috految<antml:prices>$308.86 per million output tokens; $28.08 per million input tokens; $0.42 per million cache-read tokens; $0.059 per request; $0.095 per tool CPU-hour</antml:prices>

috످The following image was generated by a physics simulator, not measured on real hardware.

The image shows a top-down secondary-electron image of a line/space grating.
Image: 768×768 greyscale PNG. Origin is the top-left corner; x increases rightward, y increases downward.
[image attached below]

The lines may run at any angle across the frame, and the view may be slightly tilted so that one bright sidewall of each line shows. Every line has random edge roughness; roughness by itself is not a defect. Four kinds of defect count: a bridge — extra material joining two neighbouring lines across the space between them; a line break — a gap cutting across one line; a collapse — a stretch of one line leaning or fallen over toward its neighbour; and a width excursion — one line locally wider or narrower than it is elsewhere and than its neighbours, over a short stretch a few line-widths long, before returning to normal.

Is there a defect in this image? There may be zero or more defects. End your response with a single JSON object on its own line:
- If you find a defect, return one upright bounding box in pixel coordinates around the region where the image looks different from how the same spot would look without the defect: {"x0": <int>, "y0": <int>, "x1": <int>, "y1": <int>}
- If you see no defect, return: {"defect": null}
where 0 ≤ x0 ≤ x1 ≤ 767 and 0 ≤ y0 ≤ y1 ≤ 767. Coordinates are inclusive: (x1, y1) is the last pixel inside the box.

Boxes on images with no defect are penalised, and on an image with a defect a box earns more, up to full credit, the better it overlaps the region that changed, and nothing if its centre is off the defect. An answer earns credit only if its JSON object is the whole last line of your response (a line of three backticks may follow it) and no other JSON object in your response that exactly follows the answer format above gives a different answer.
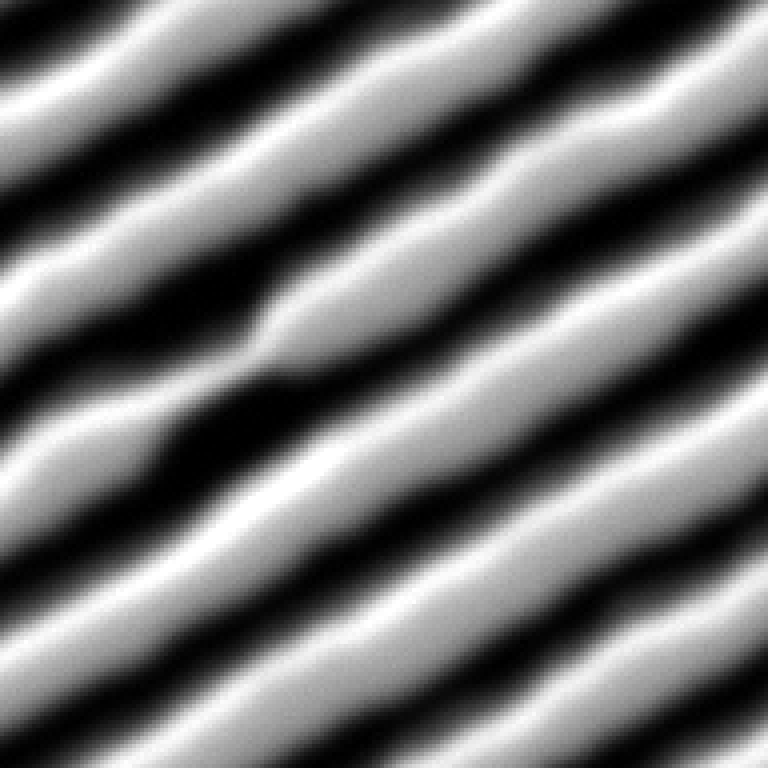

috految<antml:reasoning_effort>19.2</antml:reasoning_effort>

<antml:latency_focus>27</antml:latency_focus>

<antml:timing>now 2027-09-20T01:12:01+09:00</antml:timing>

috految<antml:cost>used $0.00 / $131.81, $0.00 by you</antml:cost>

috److The lines run diagonally from lower left to upper right, with a typical width of about 85 px.

One line narrows sharply to about 35 px around (205, 380), then returns to its normal width. This is well beyond the edge roughness on the other lines, so it is a **width excursion**.

I estimated the changed region by comparing each edge with its expected path:

- **Upper edge:** it departs from the expected path between about (95, 390) and (275, 288).
- **Lower edge:** it departs from the expected path between about (143, 475) and (312, 378).

{"x0": 102, "y0": 285, "x1": 308, "y1": 476}

috످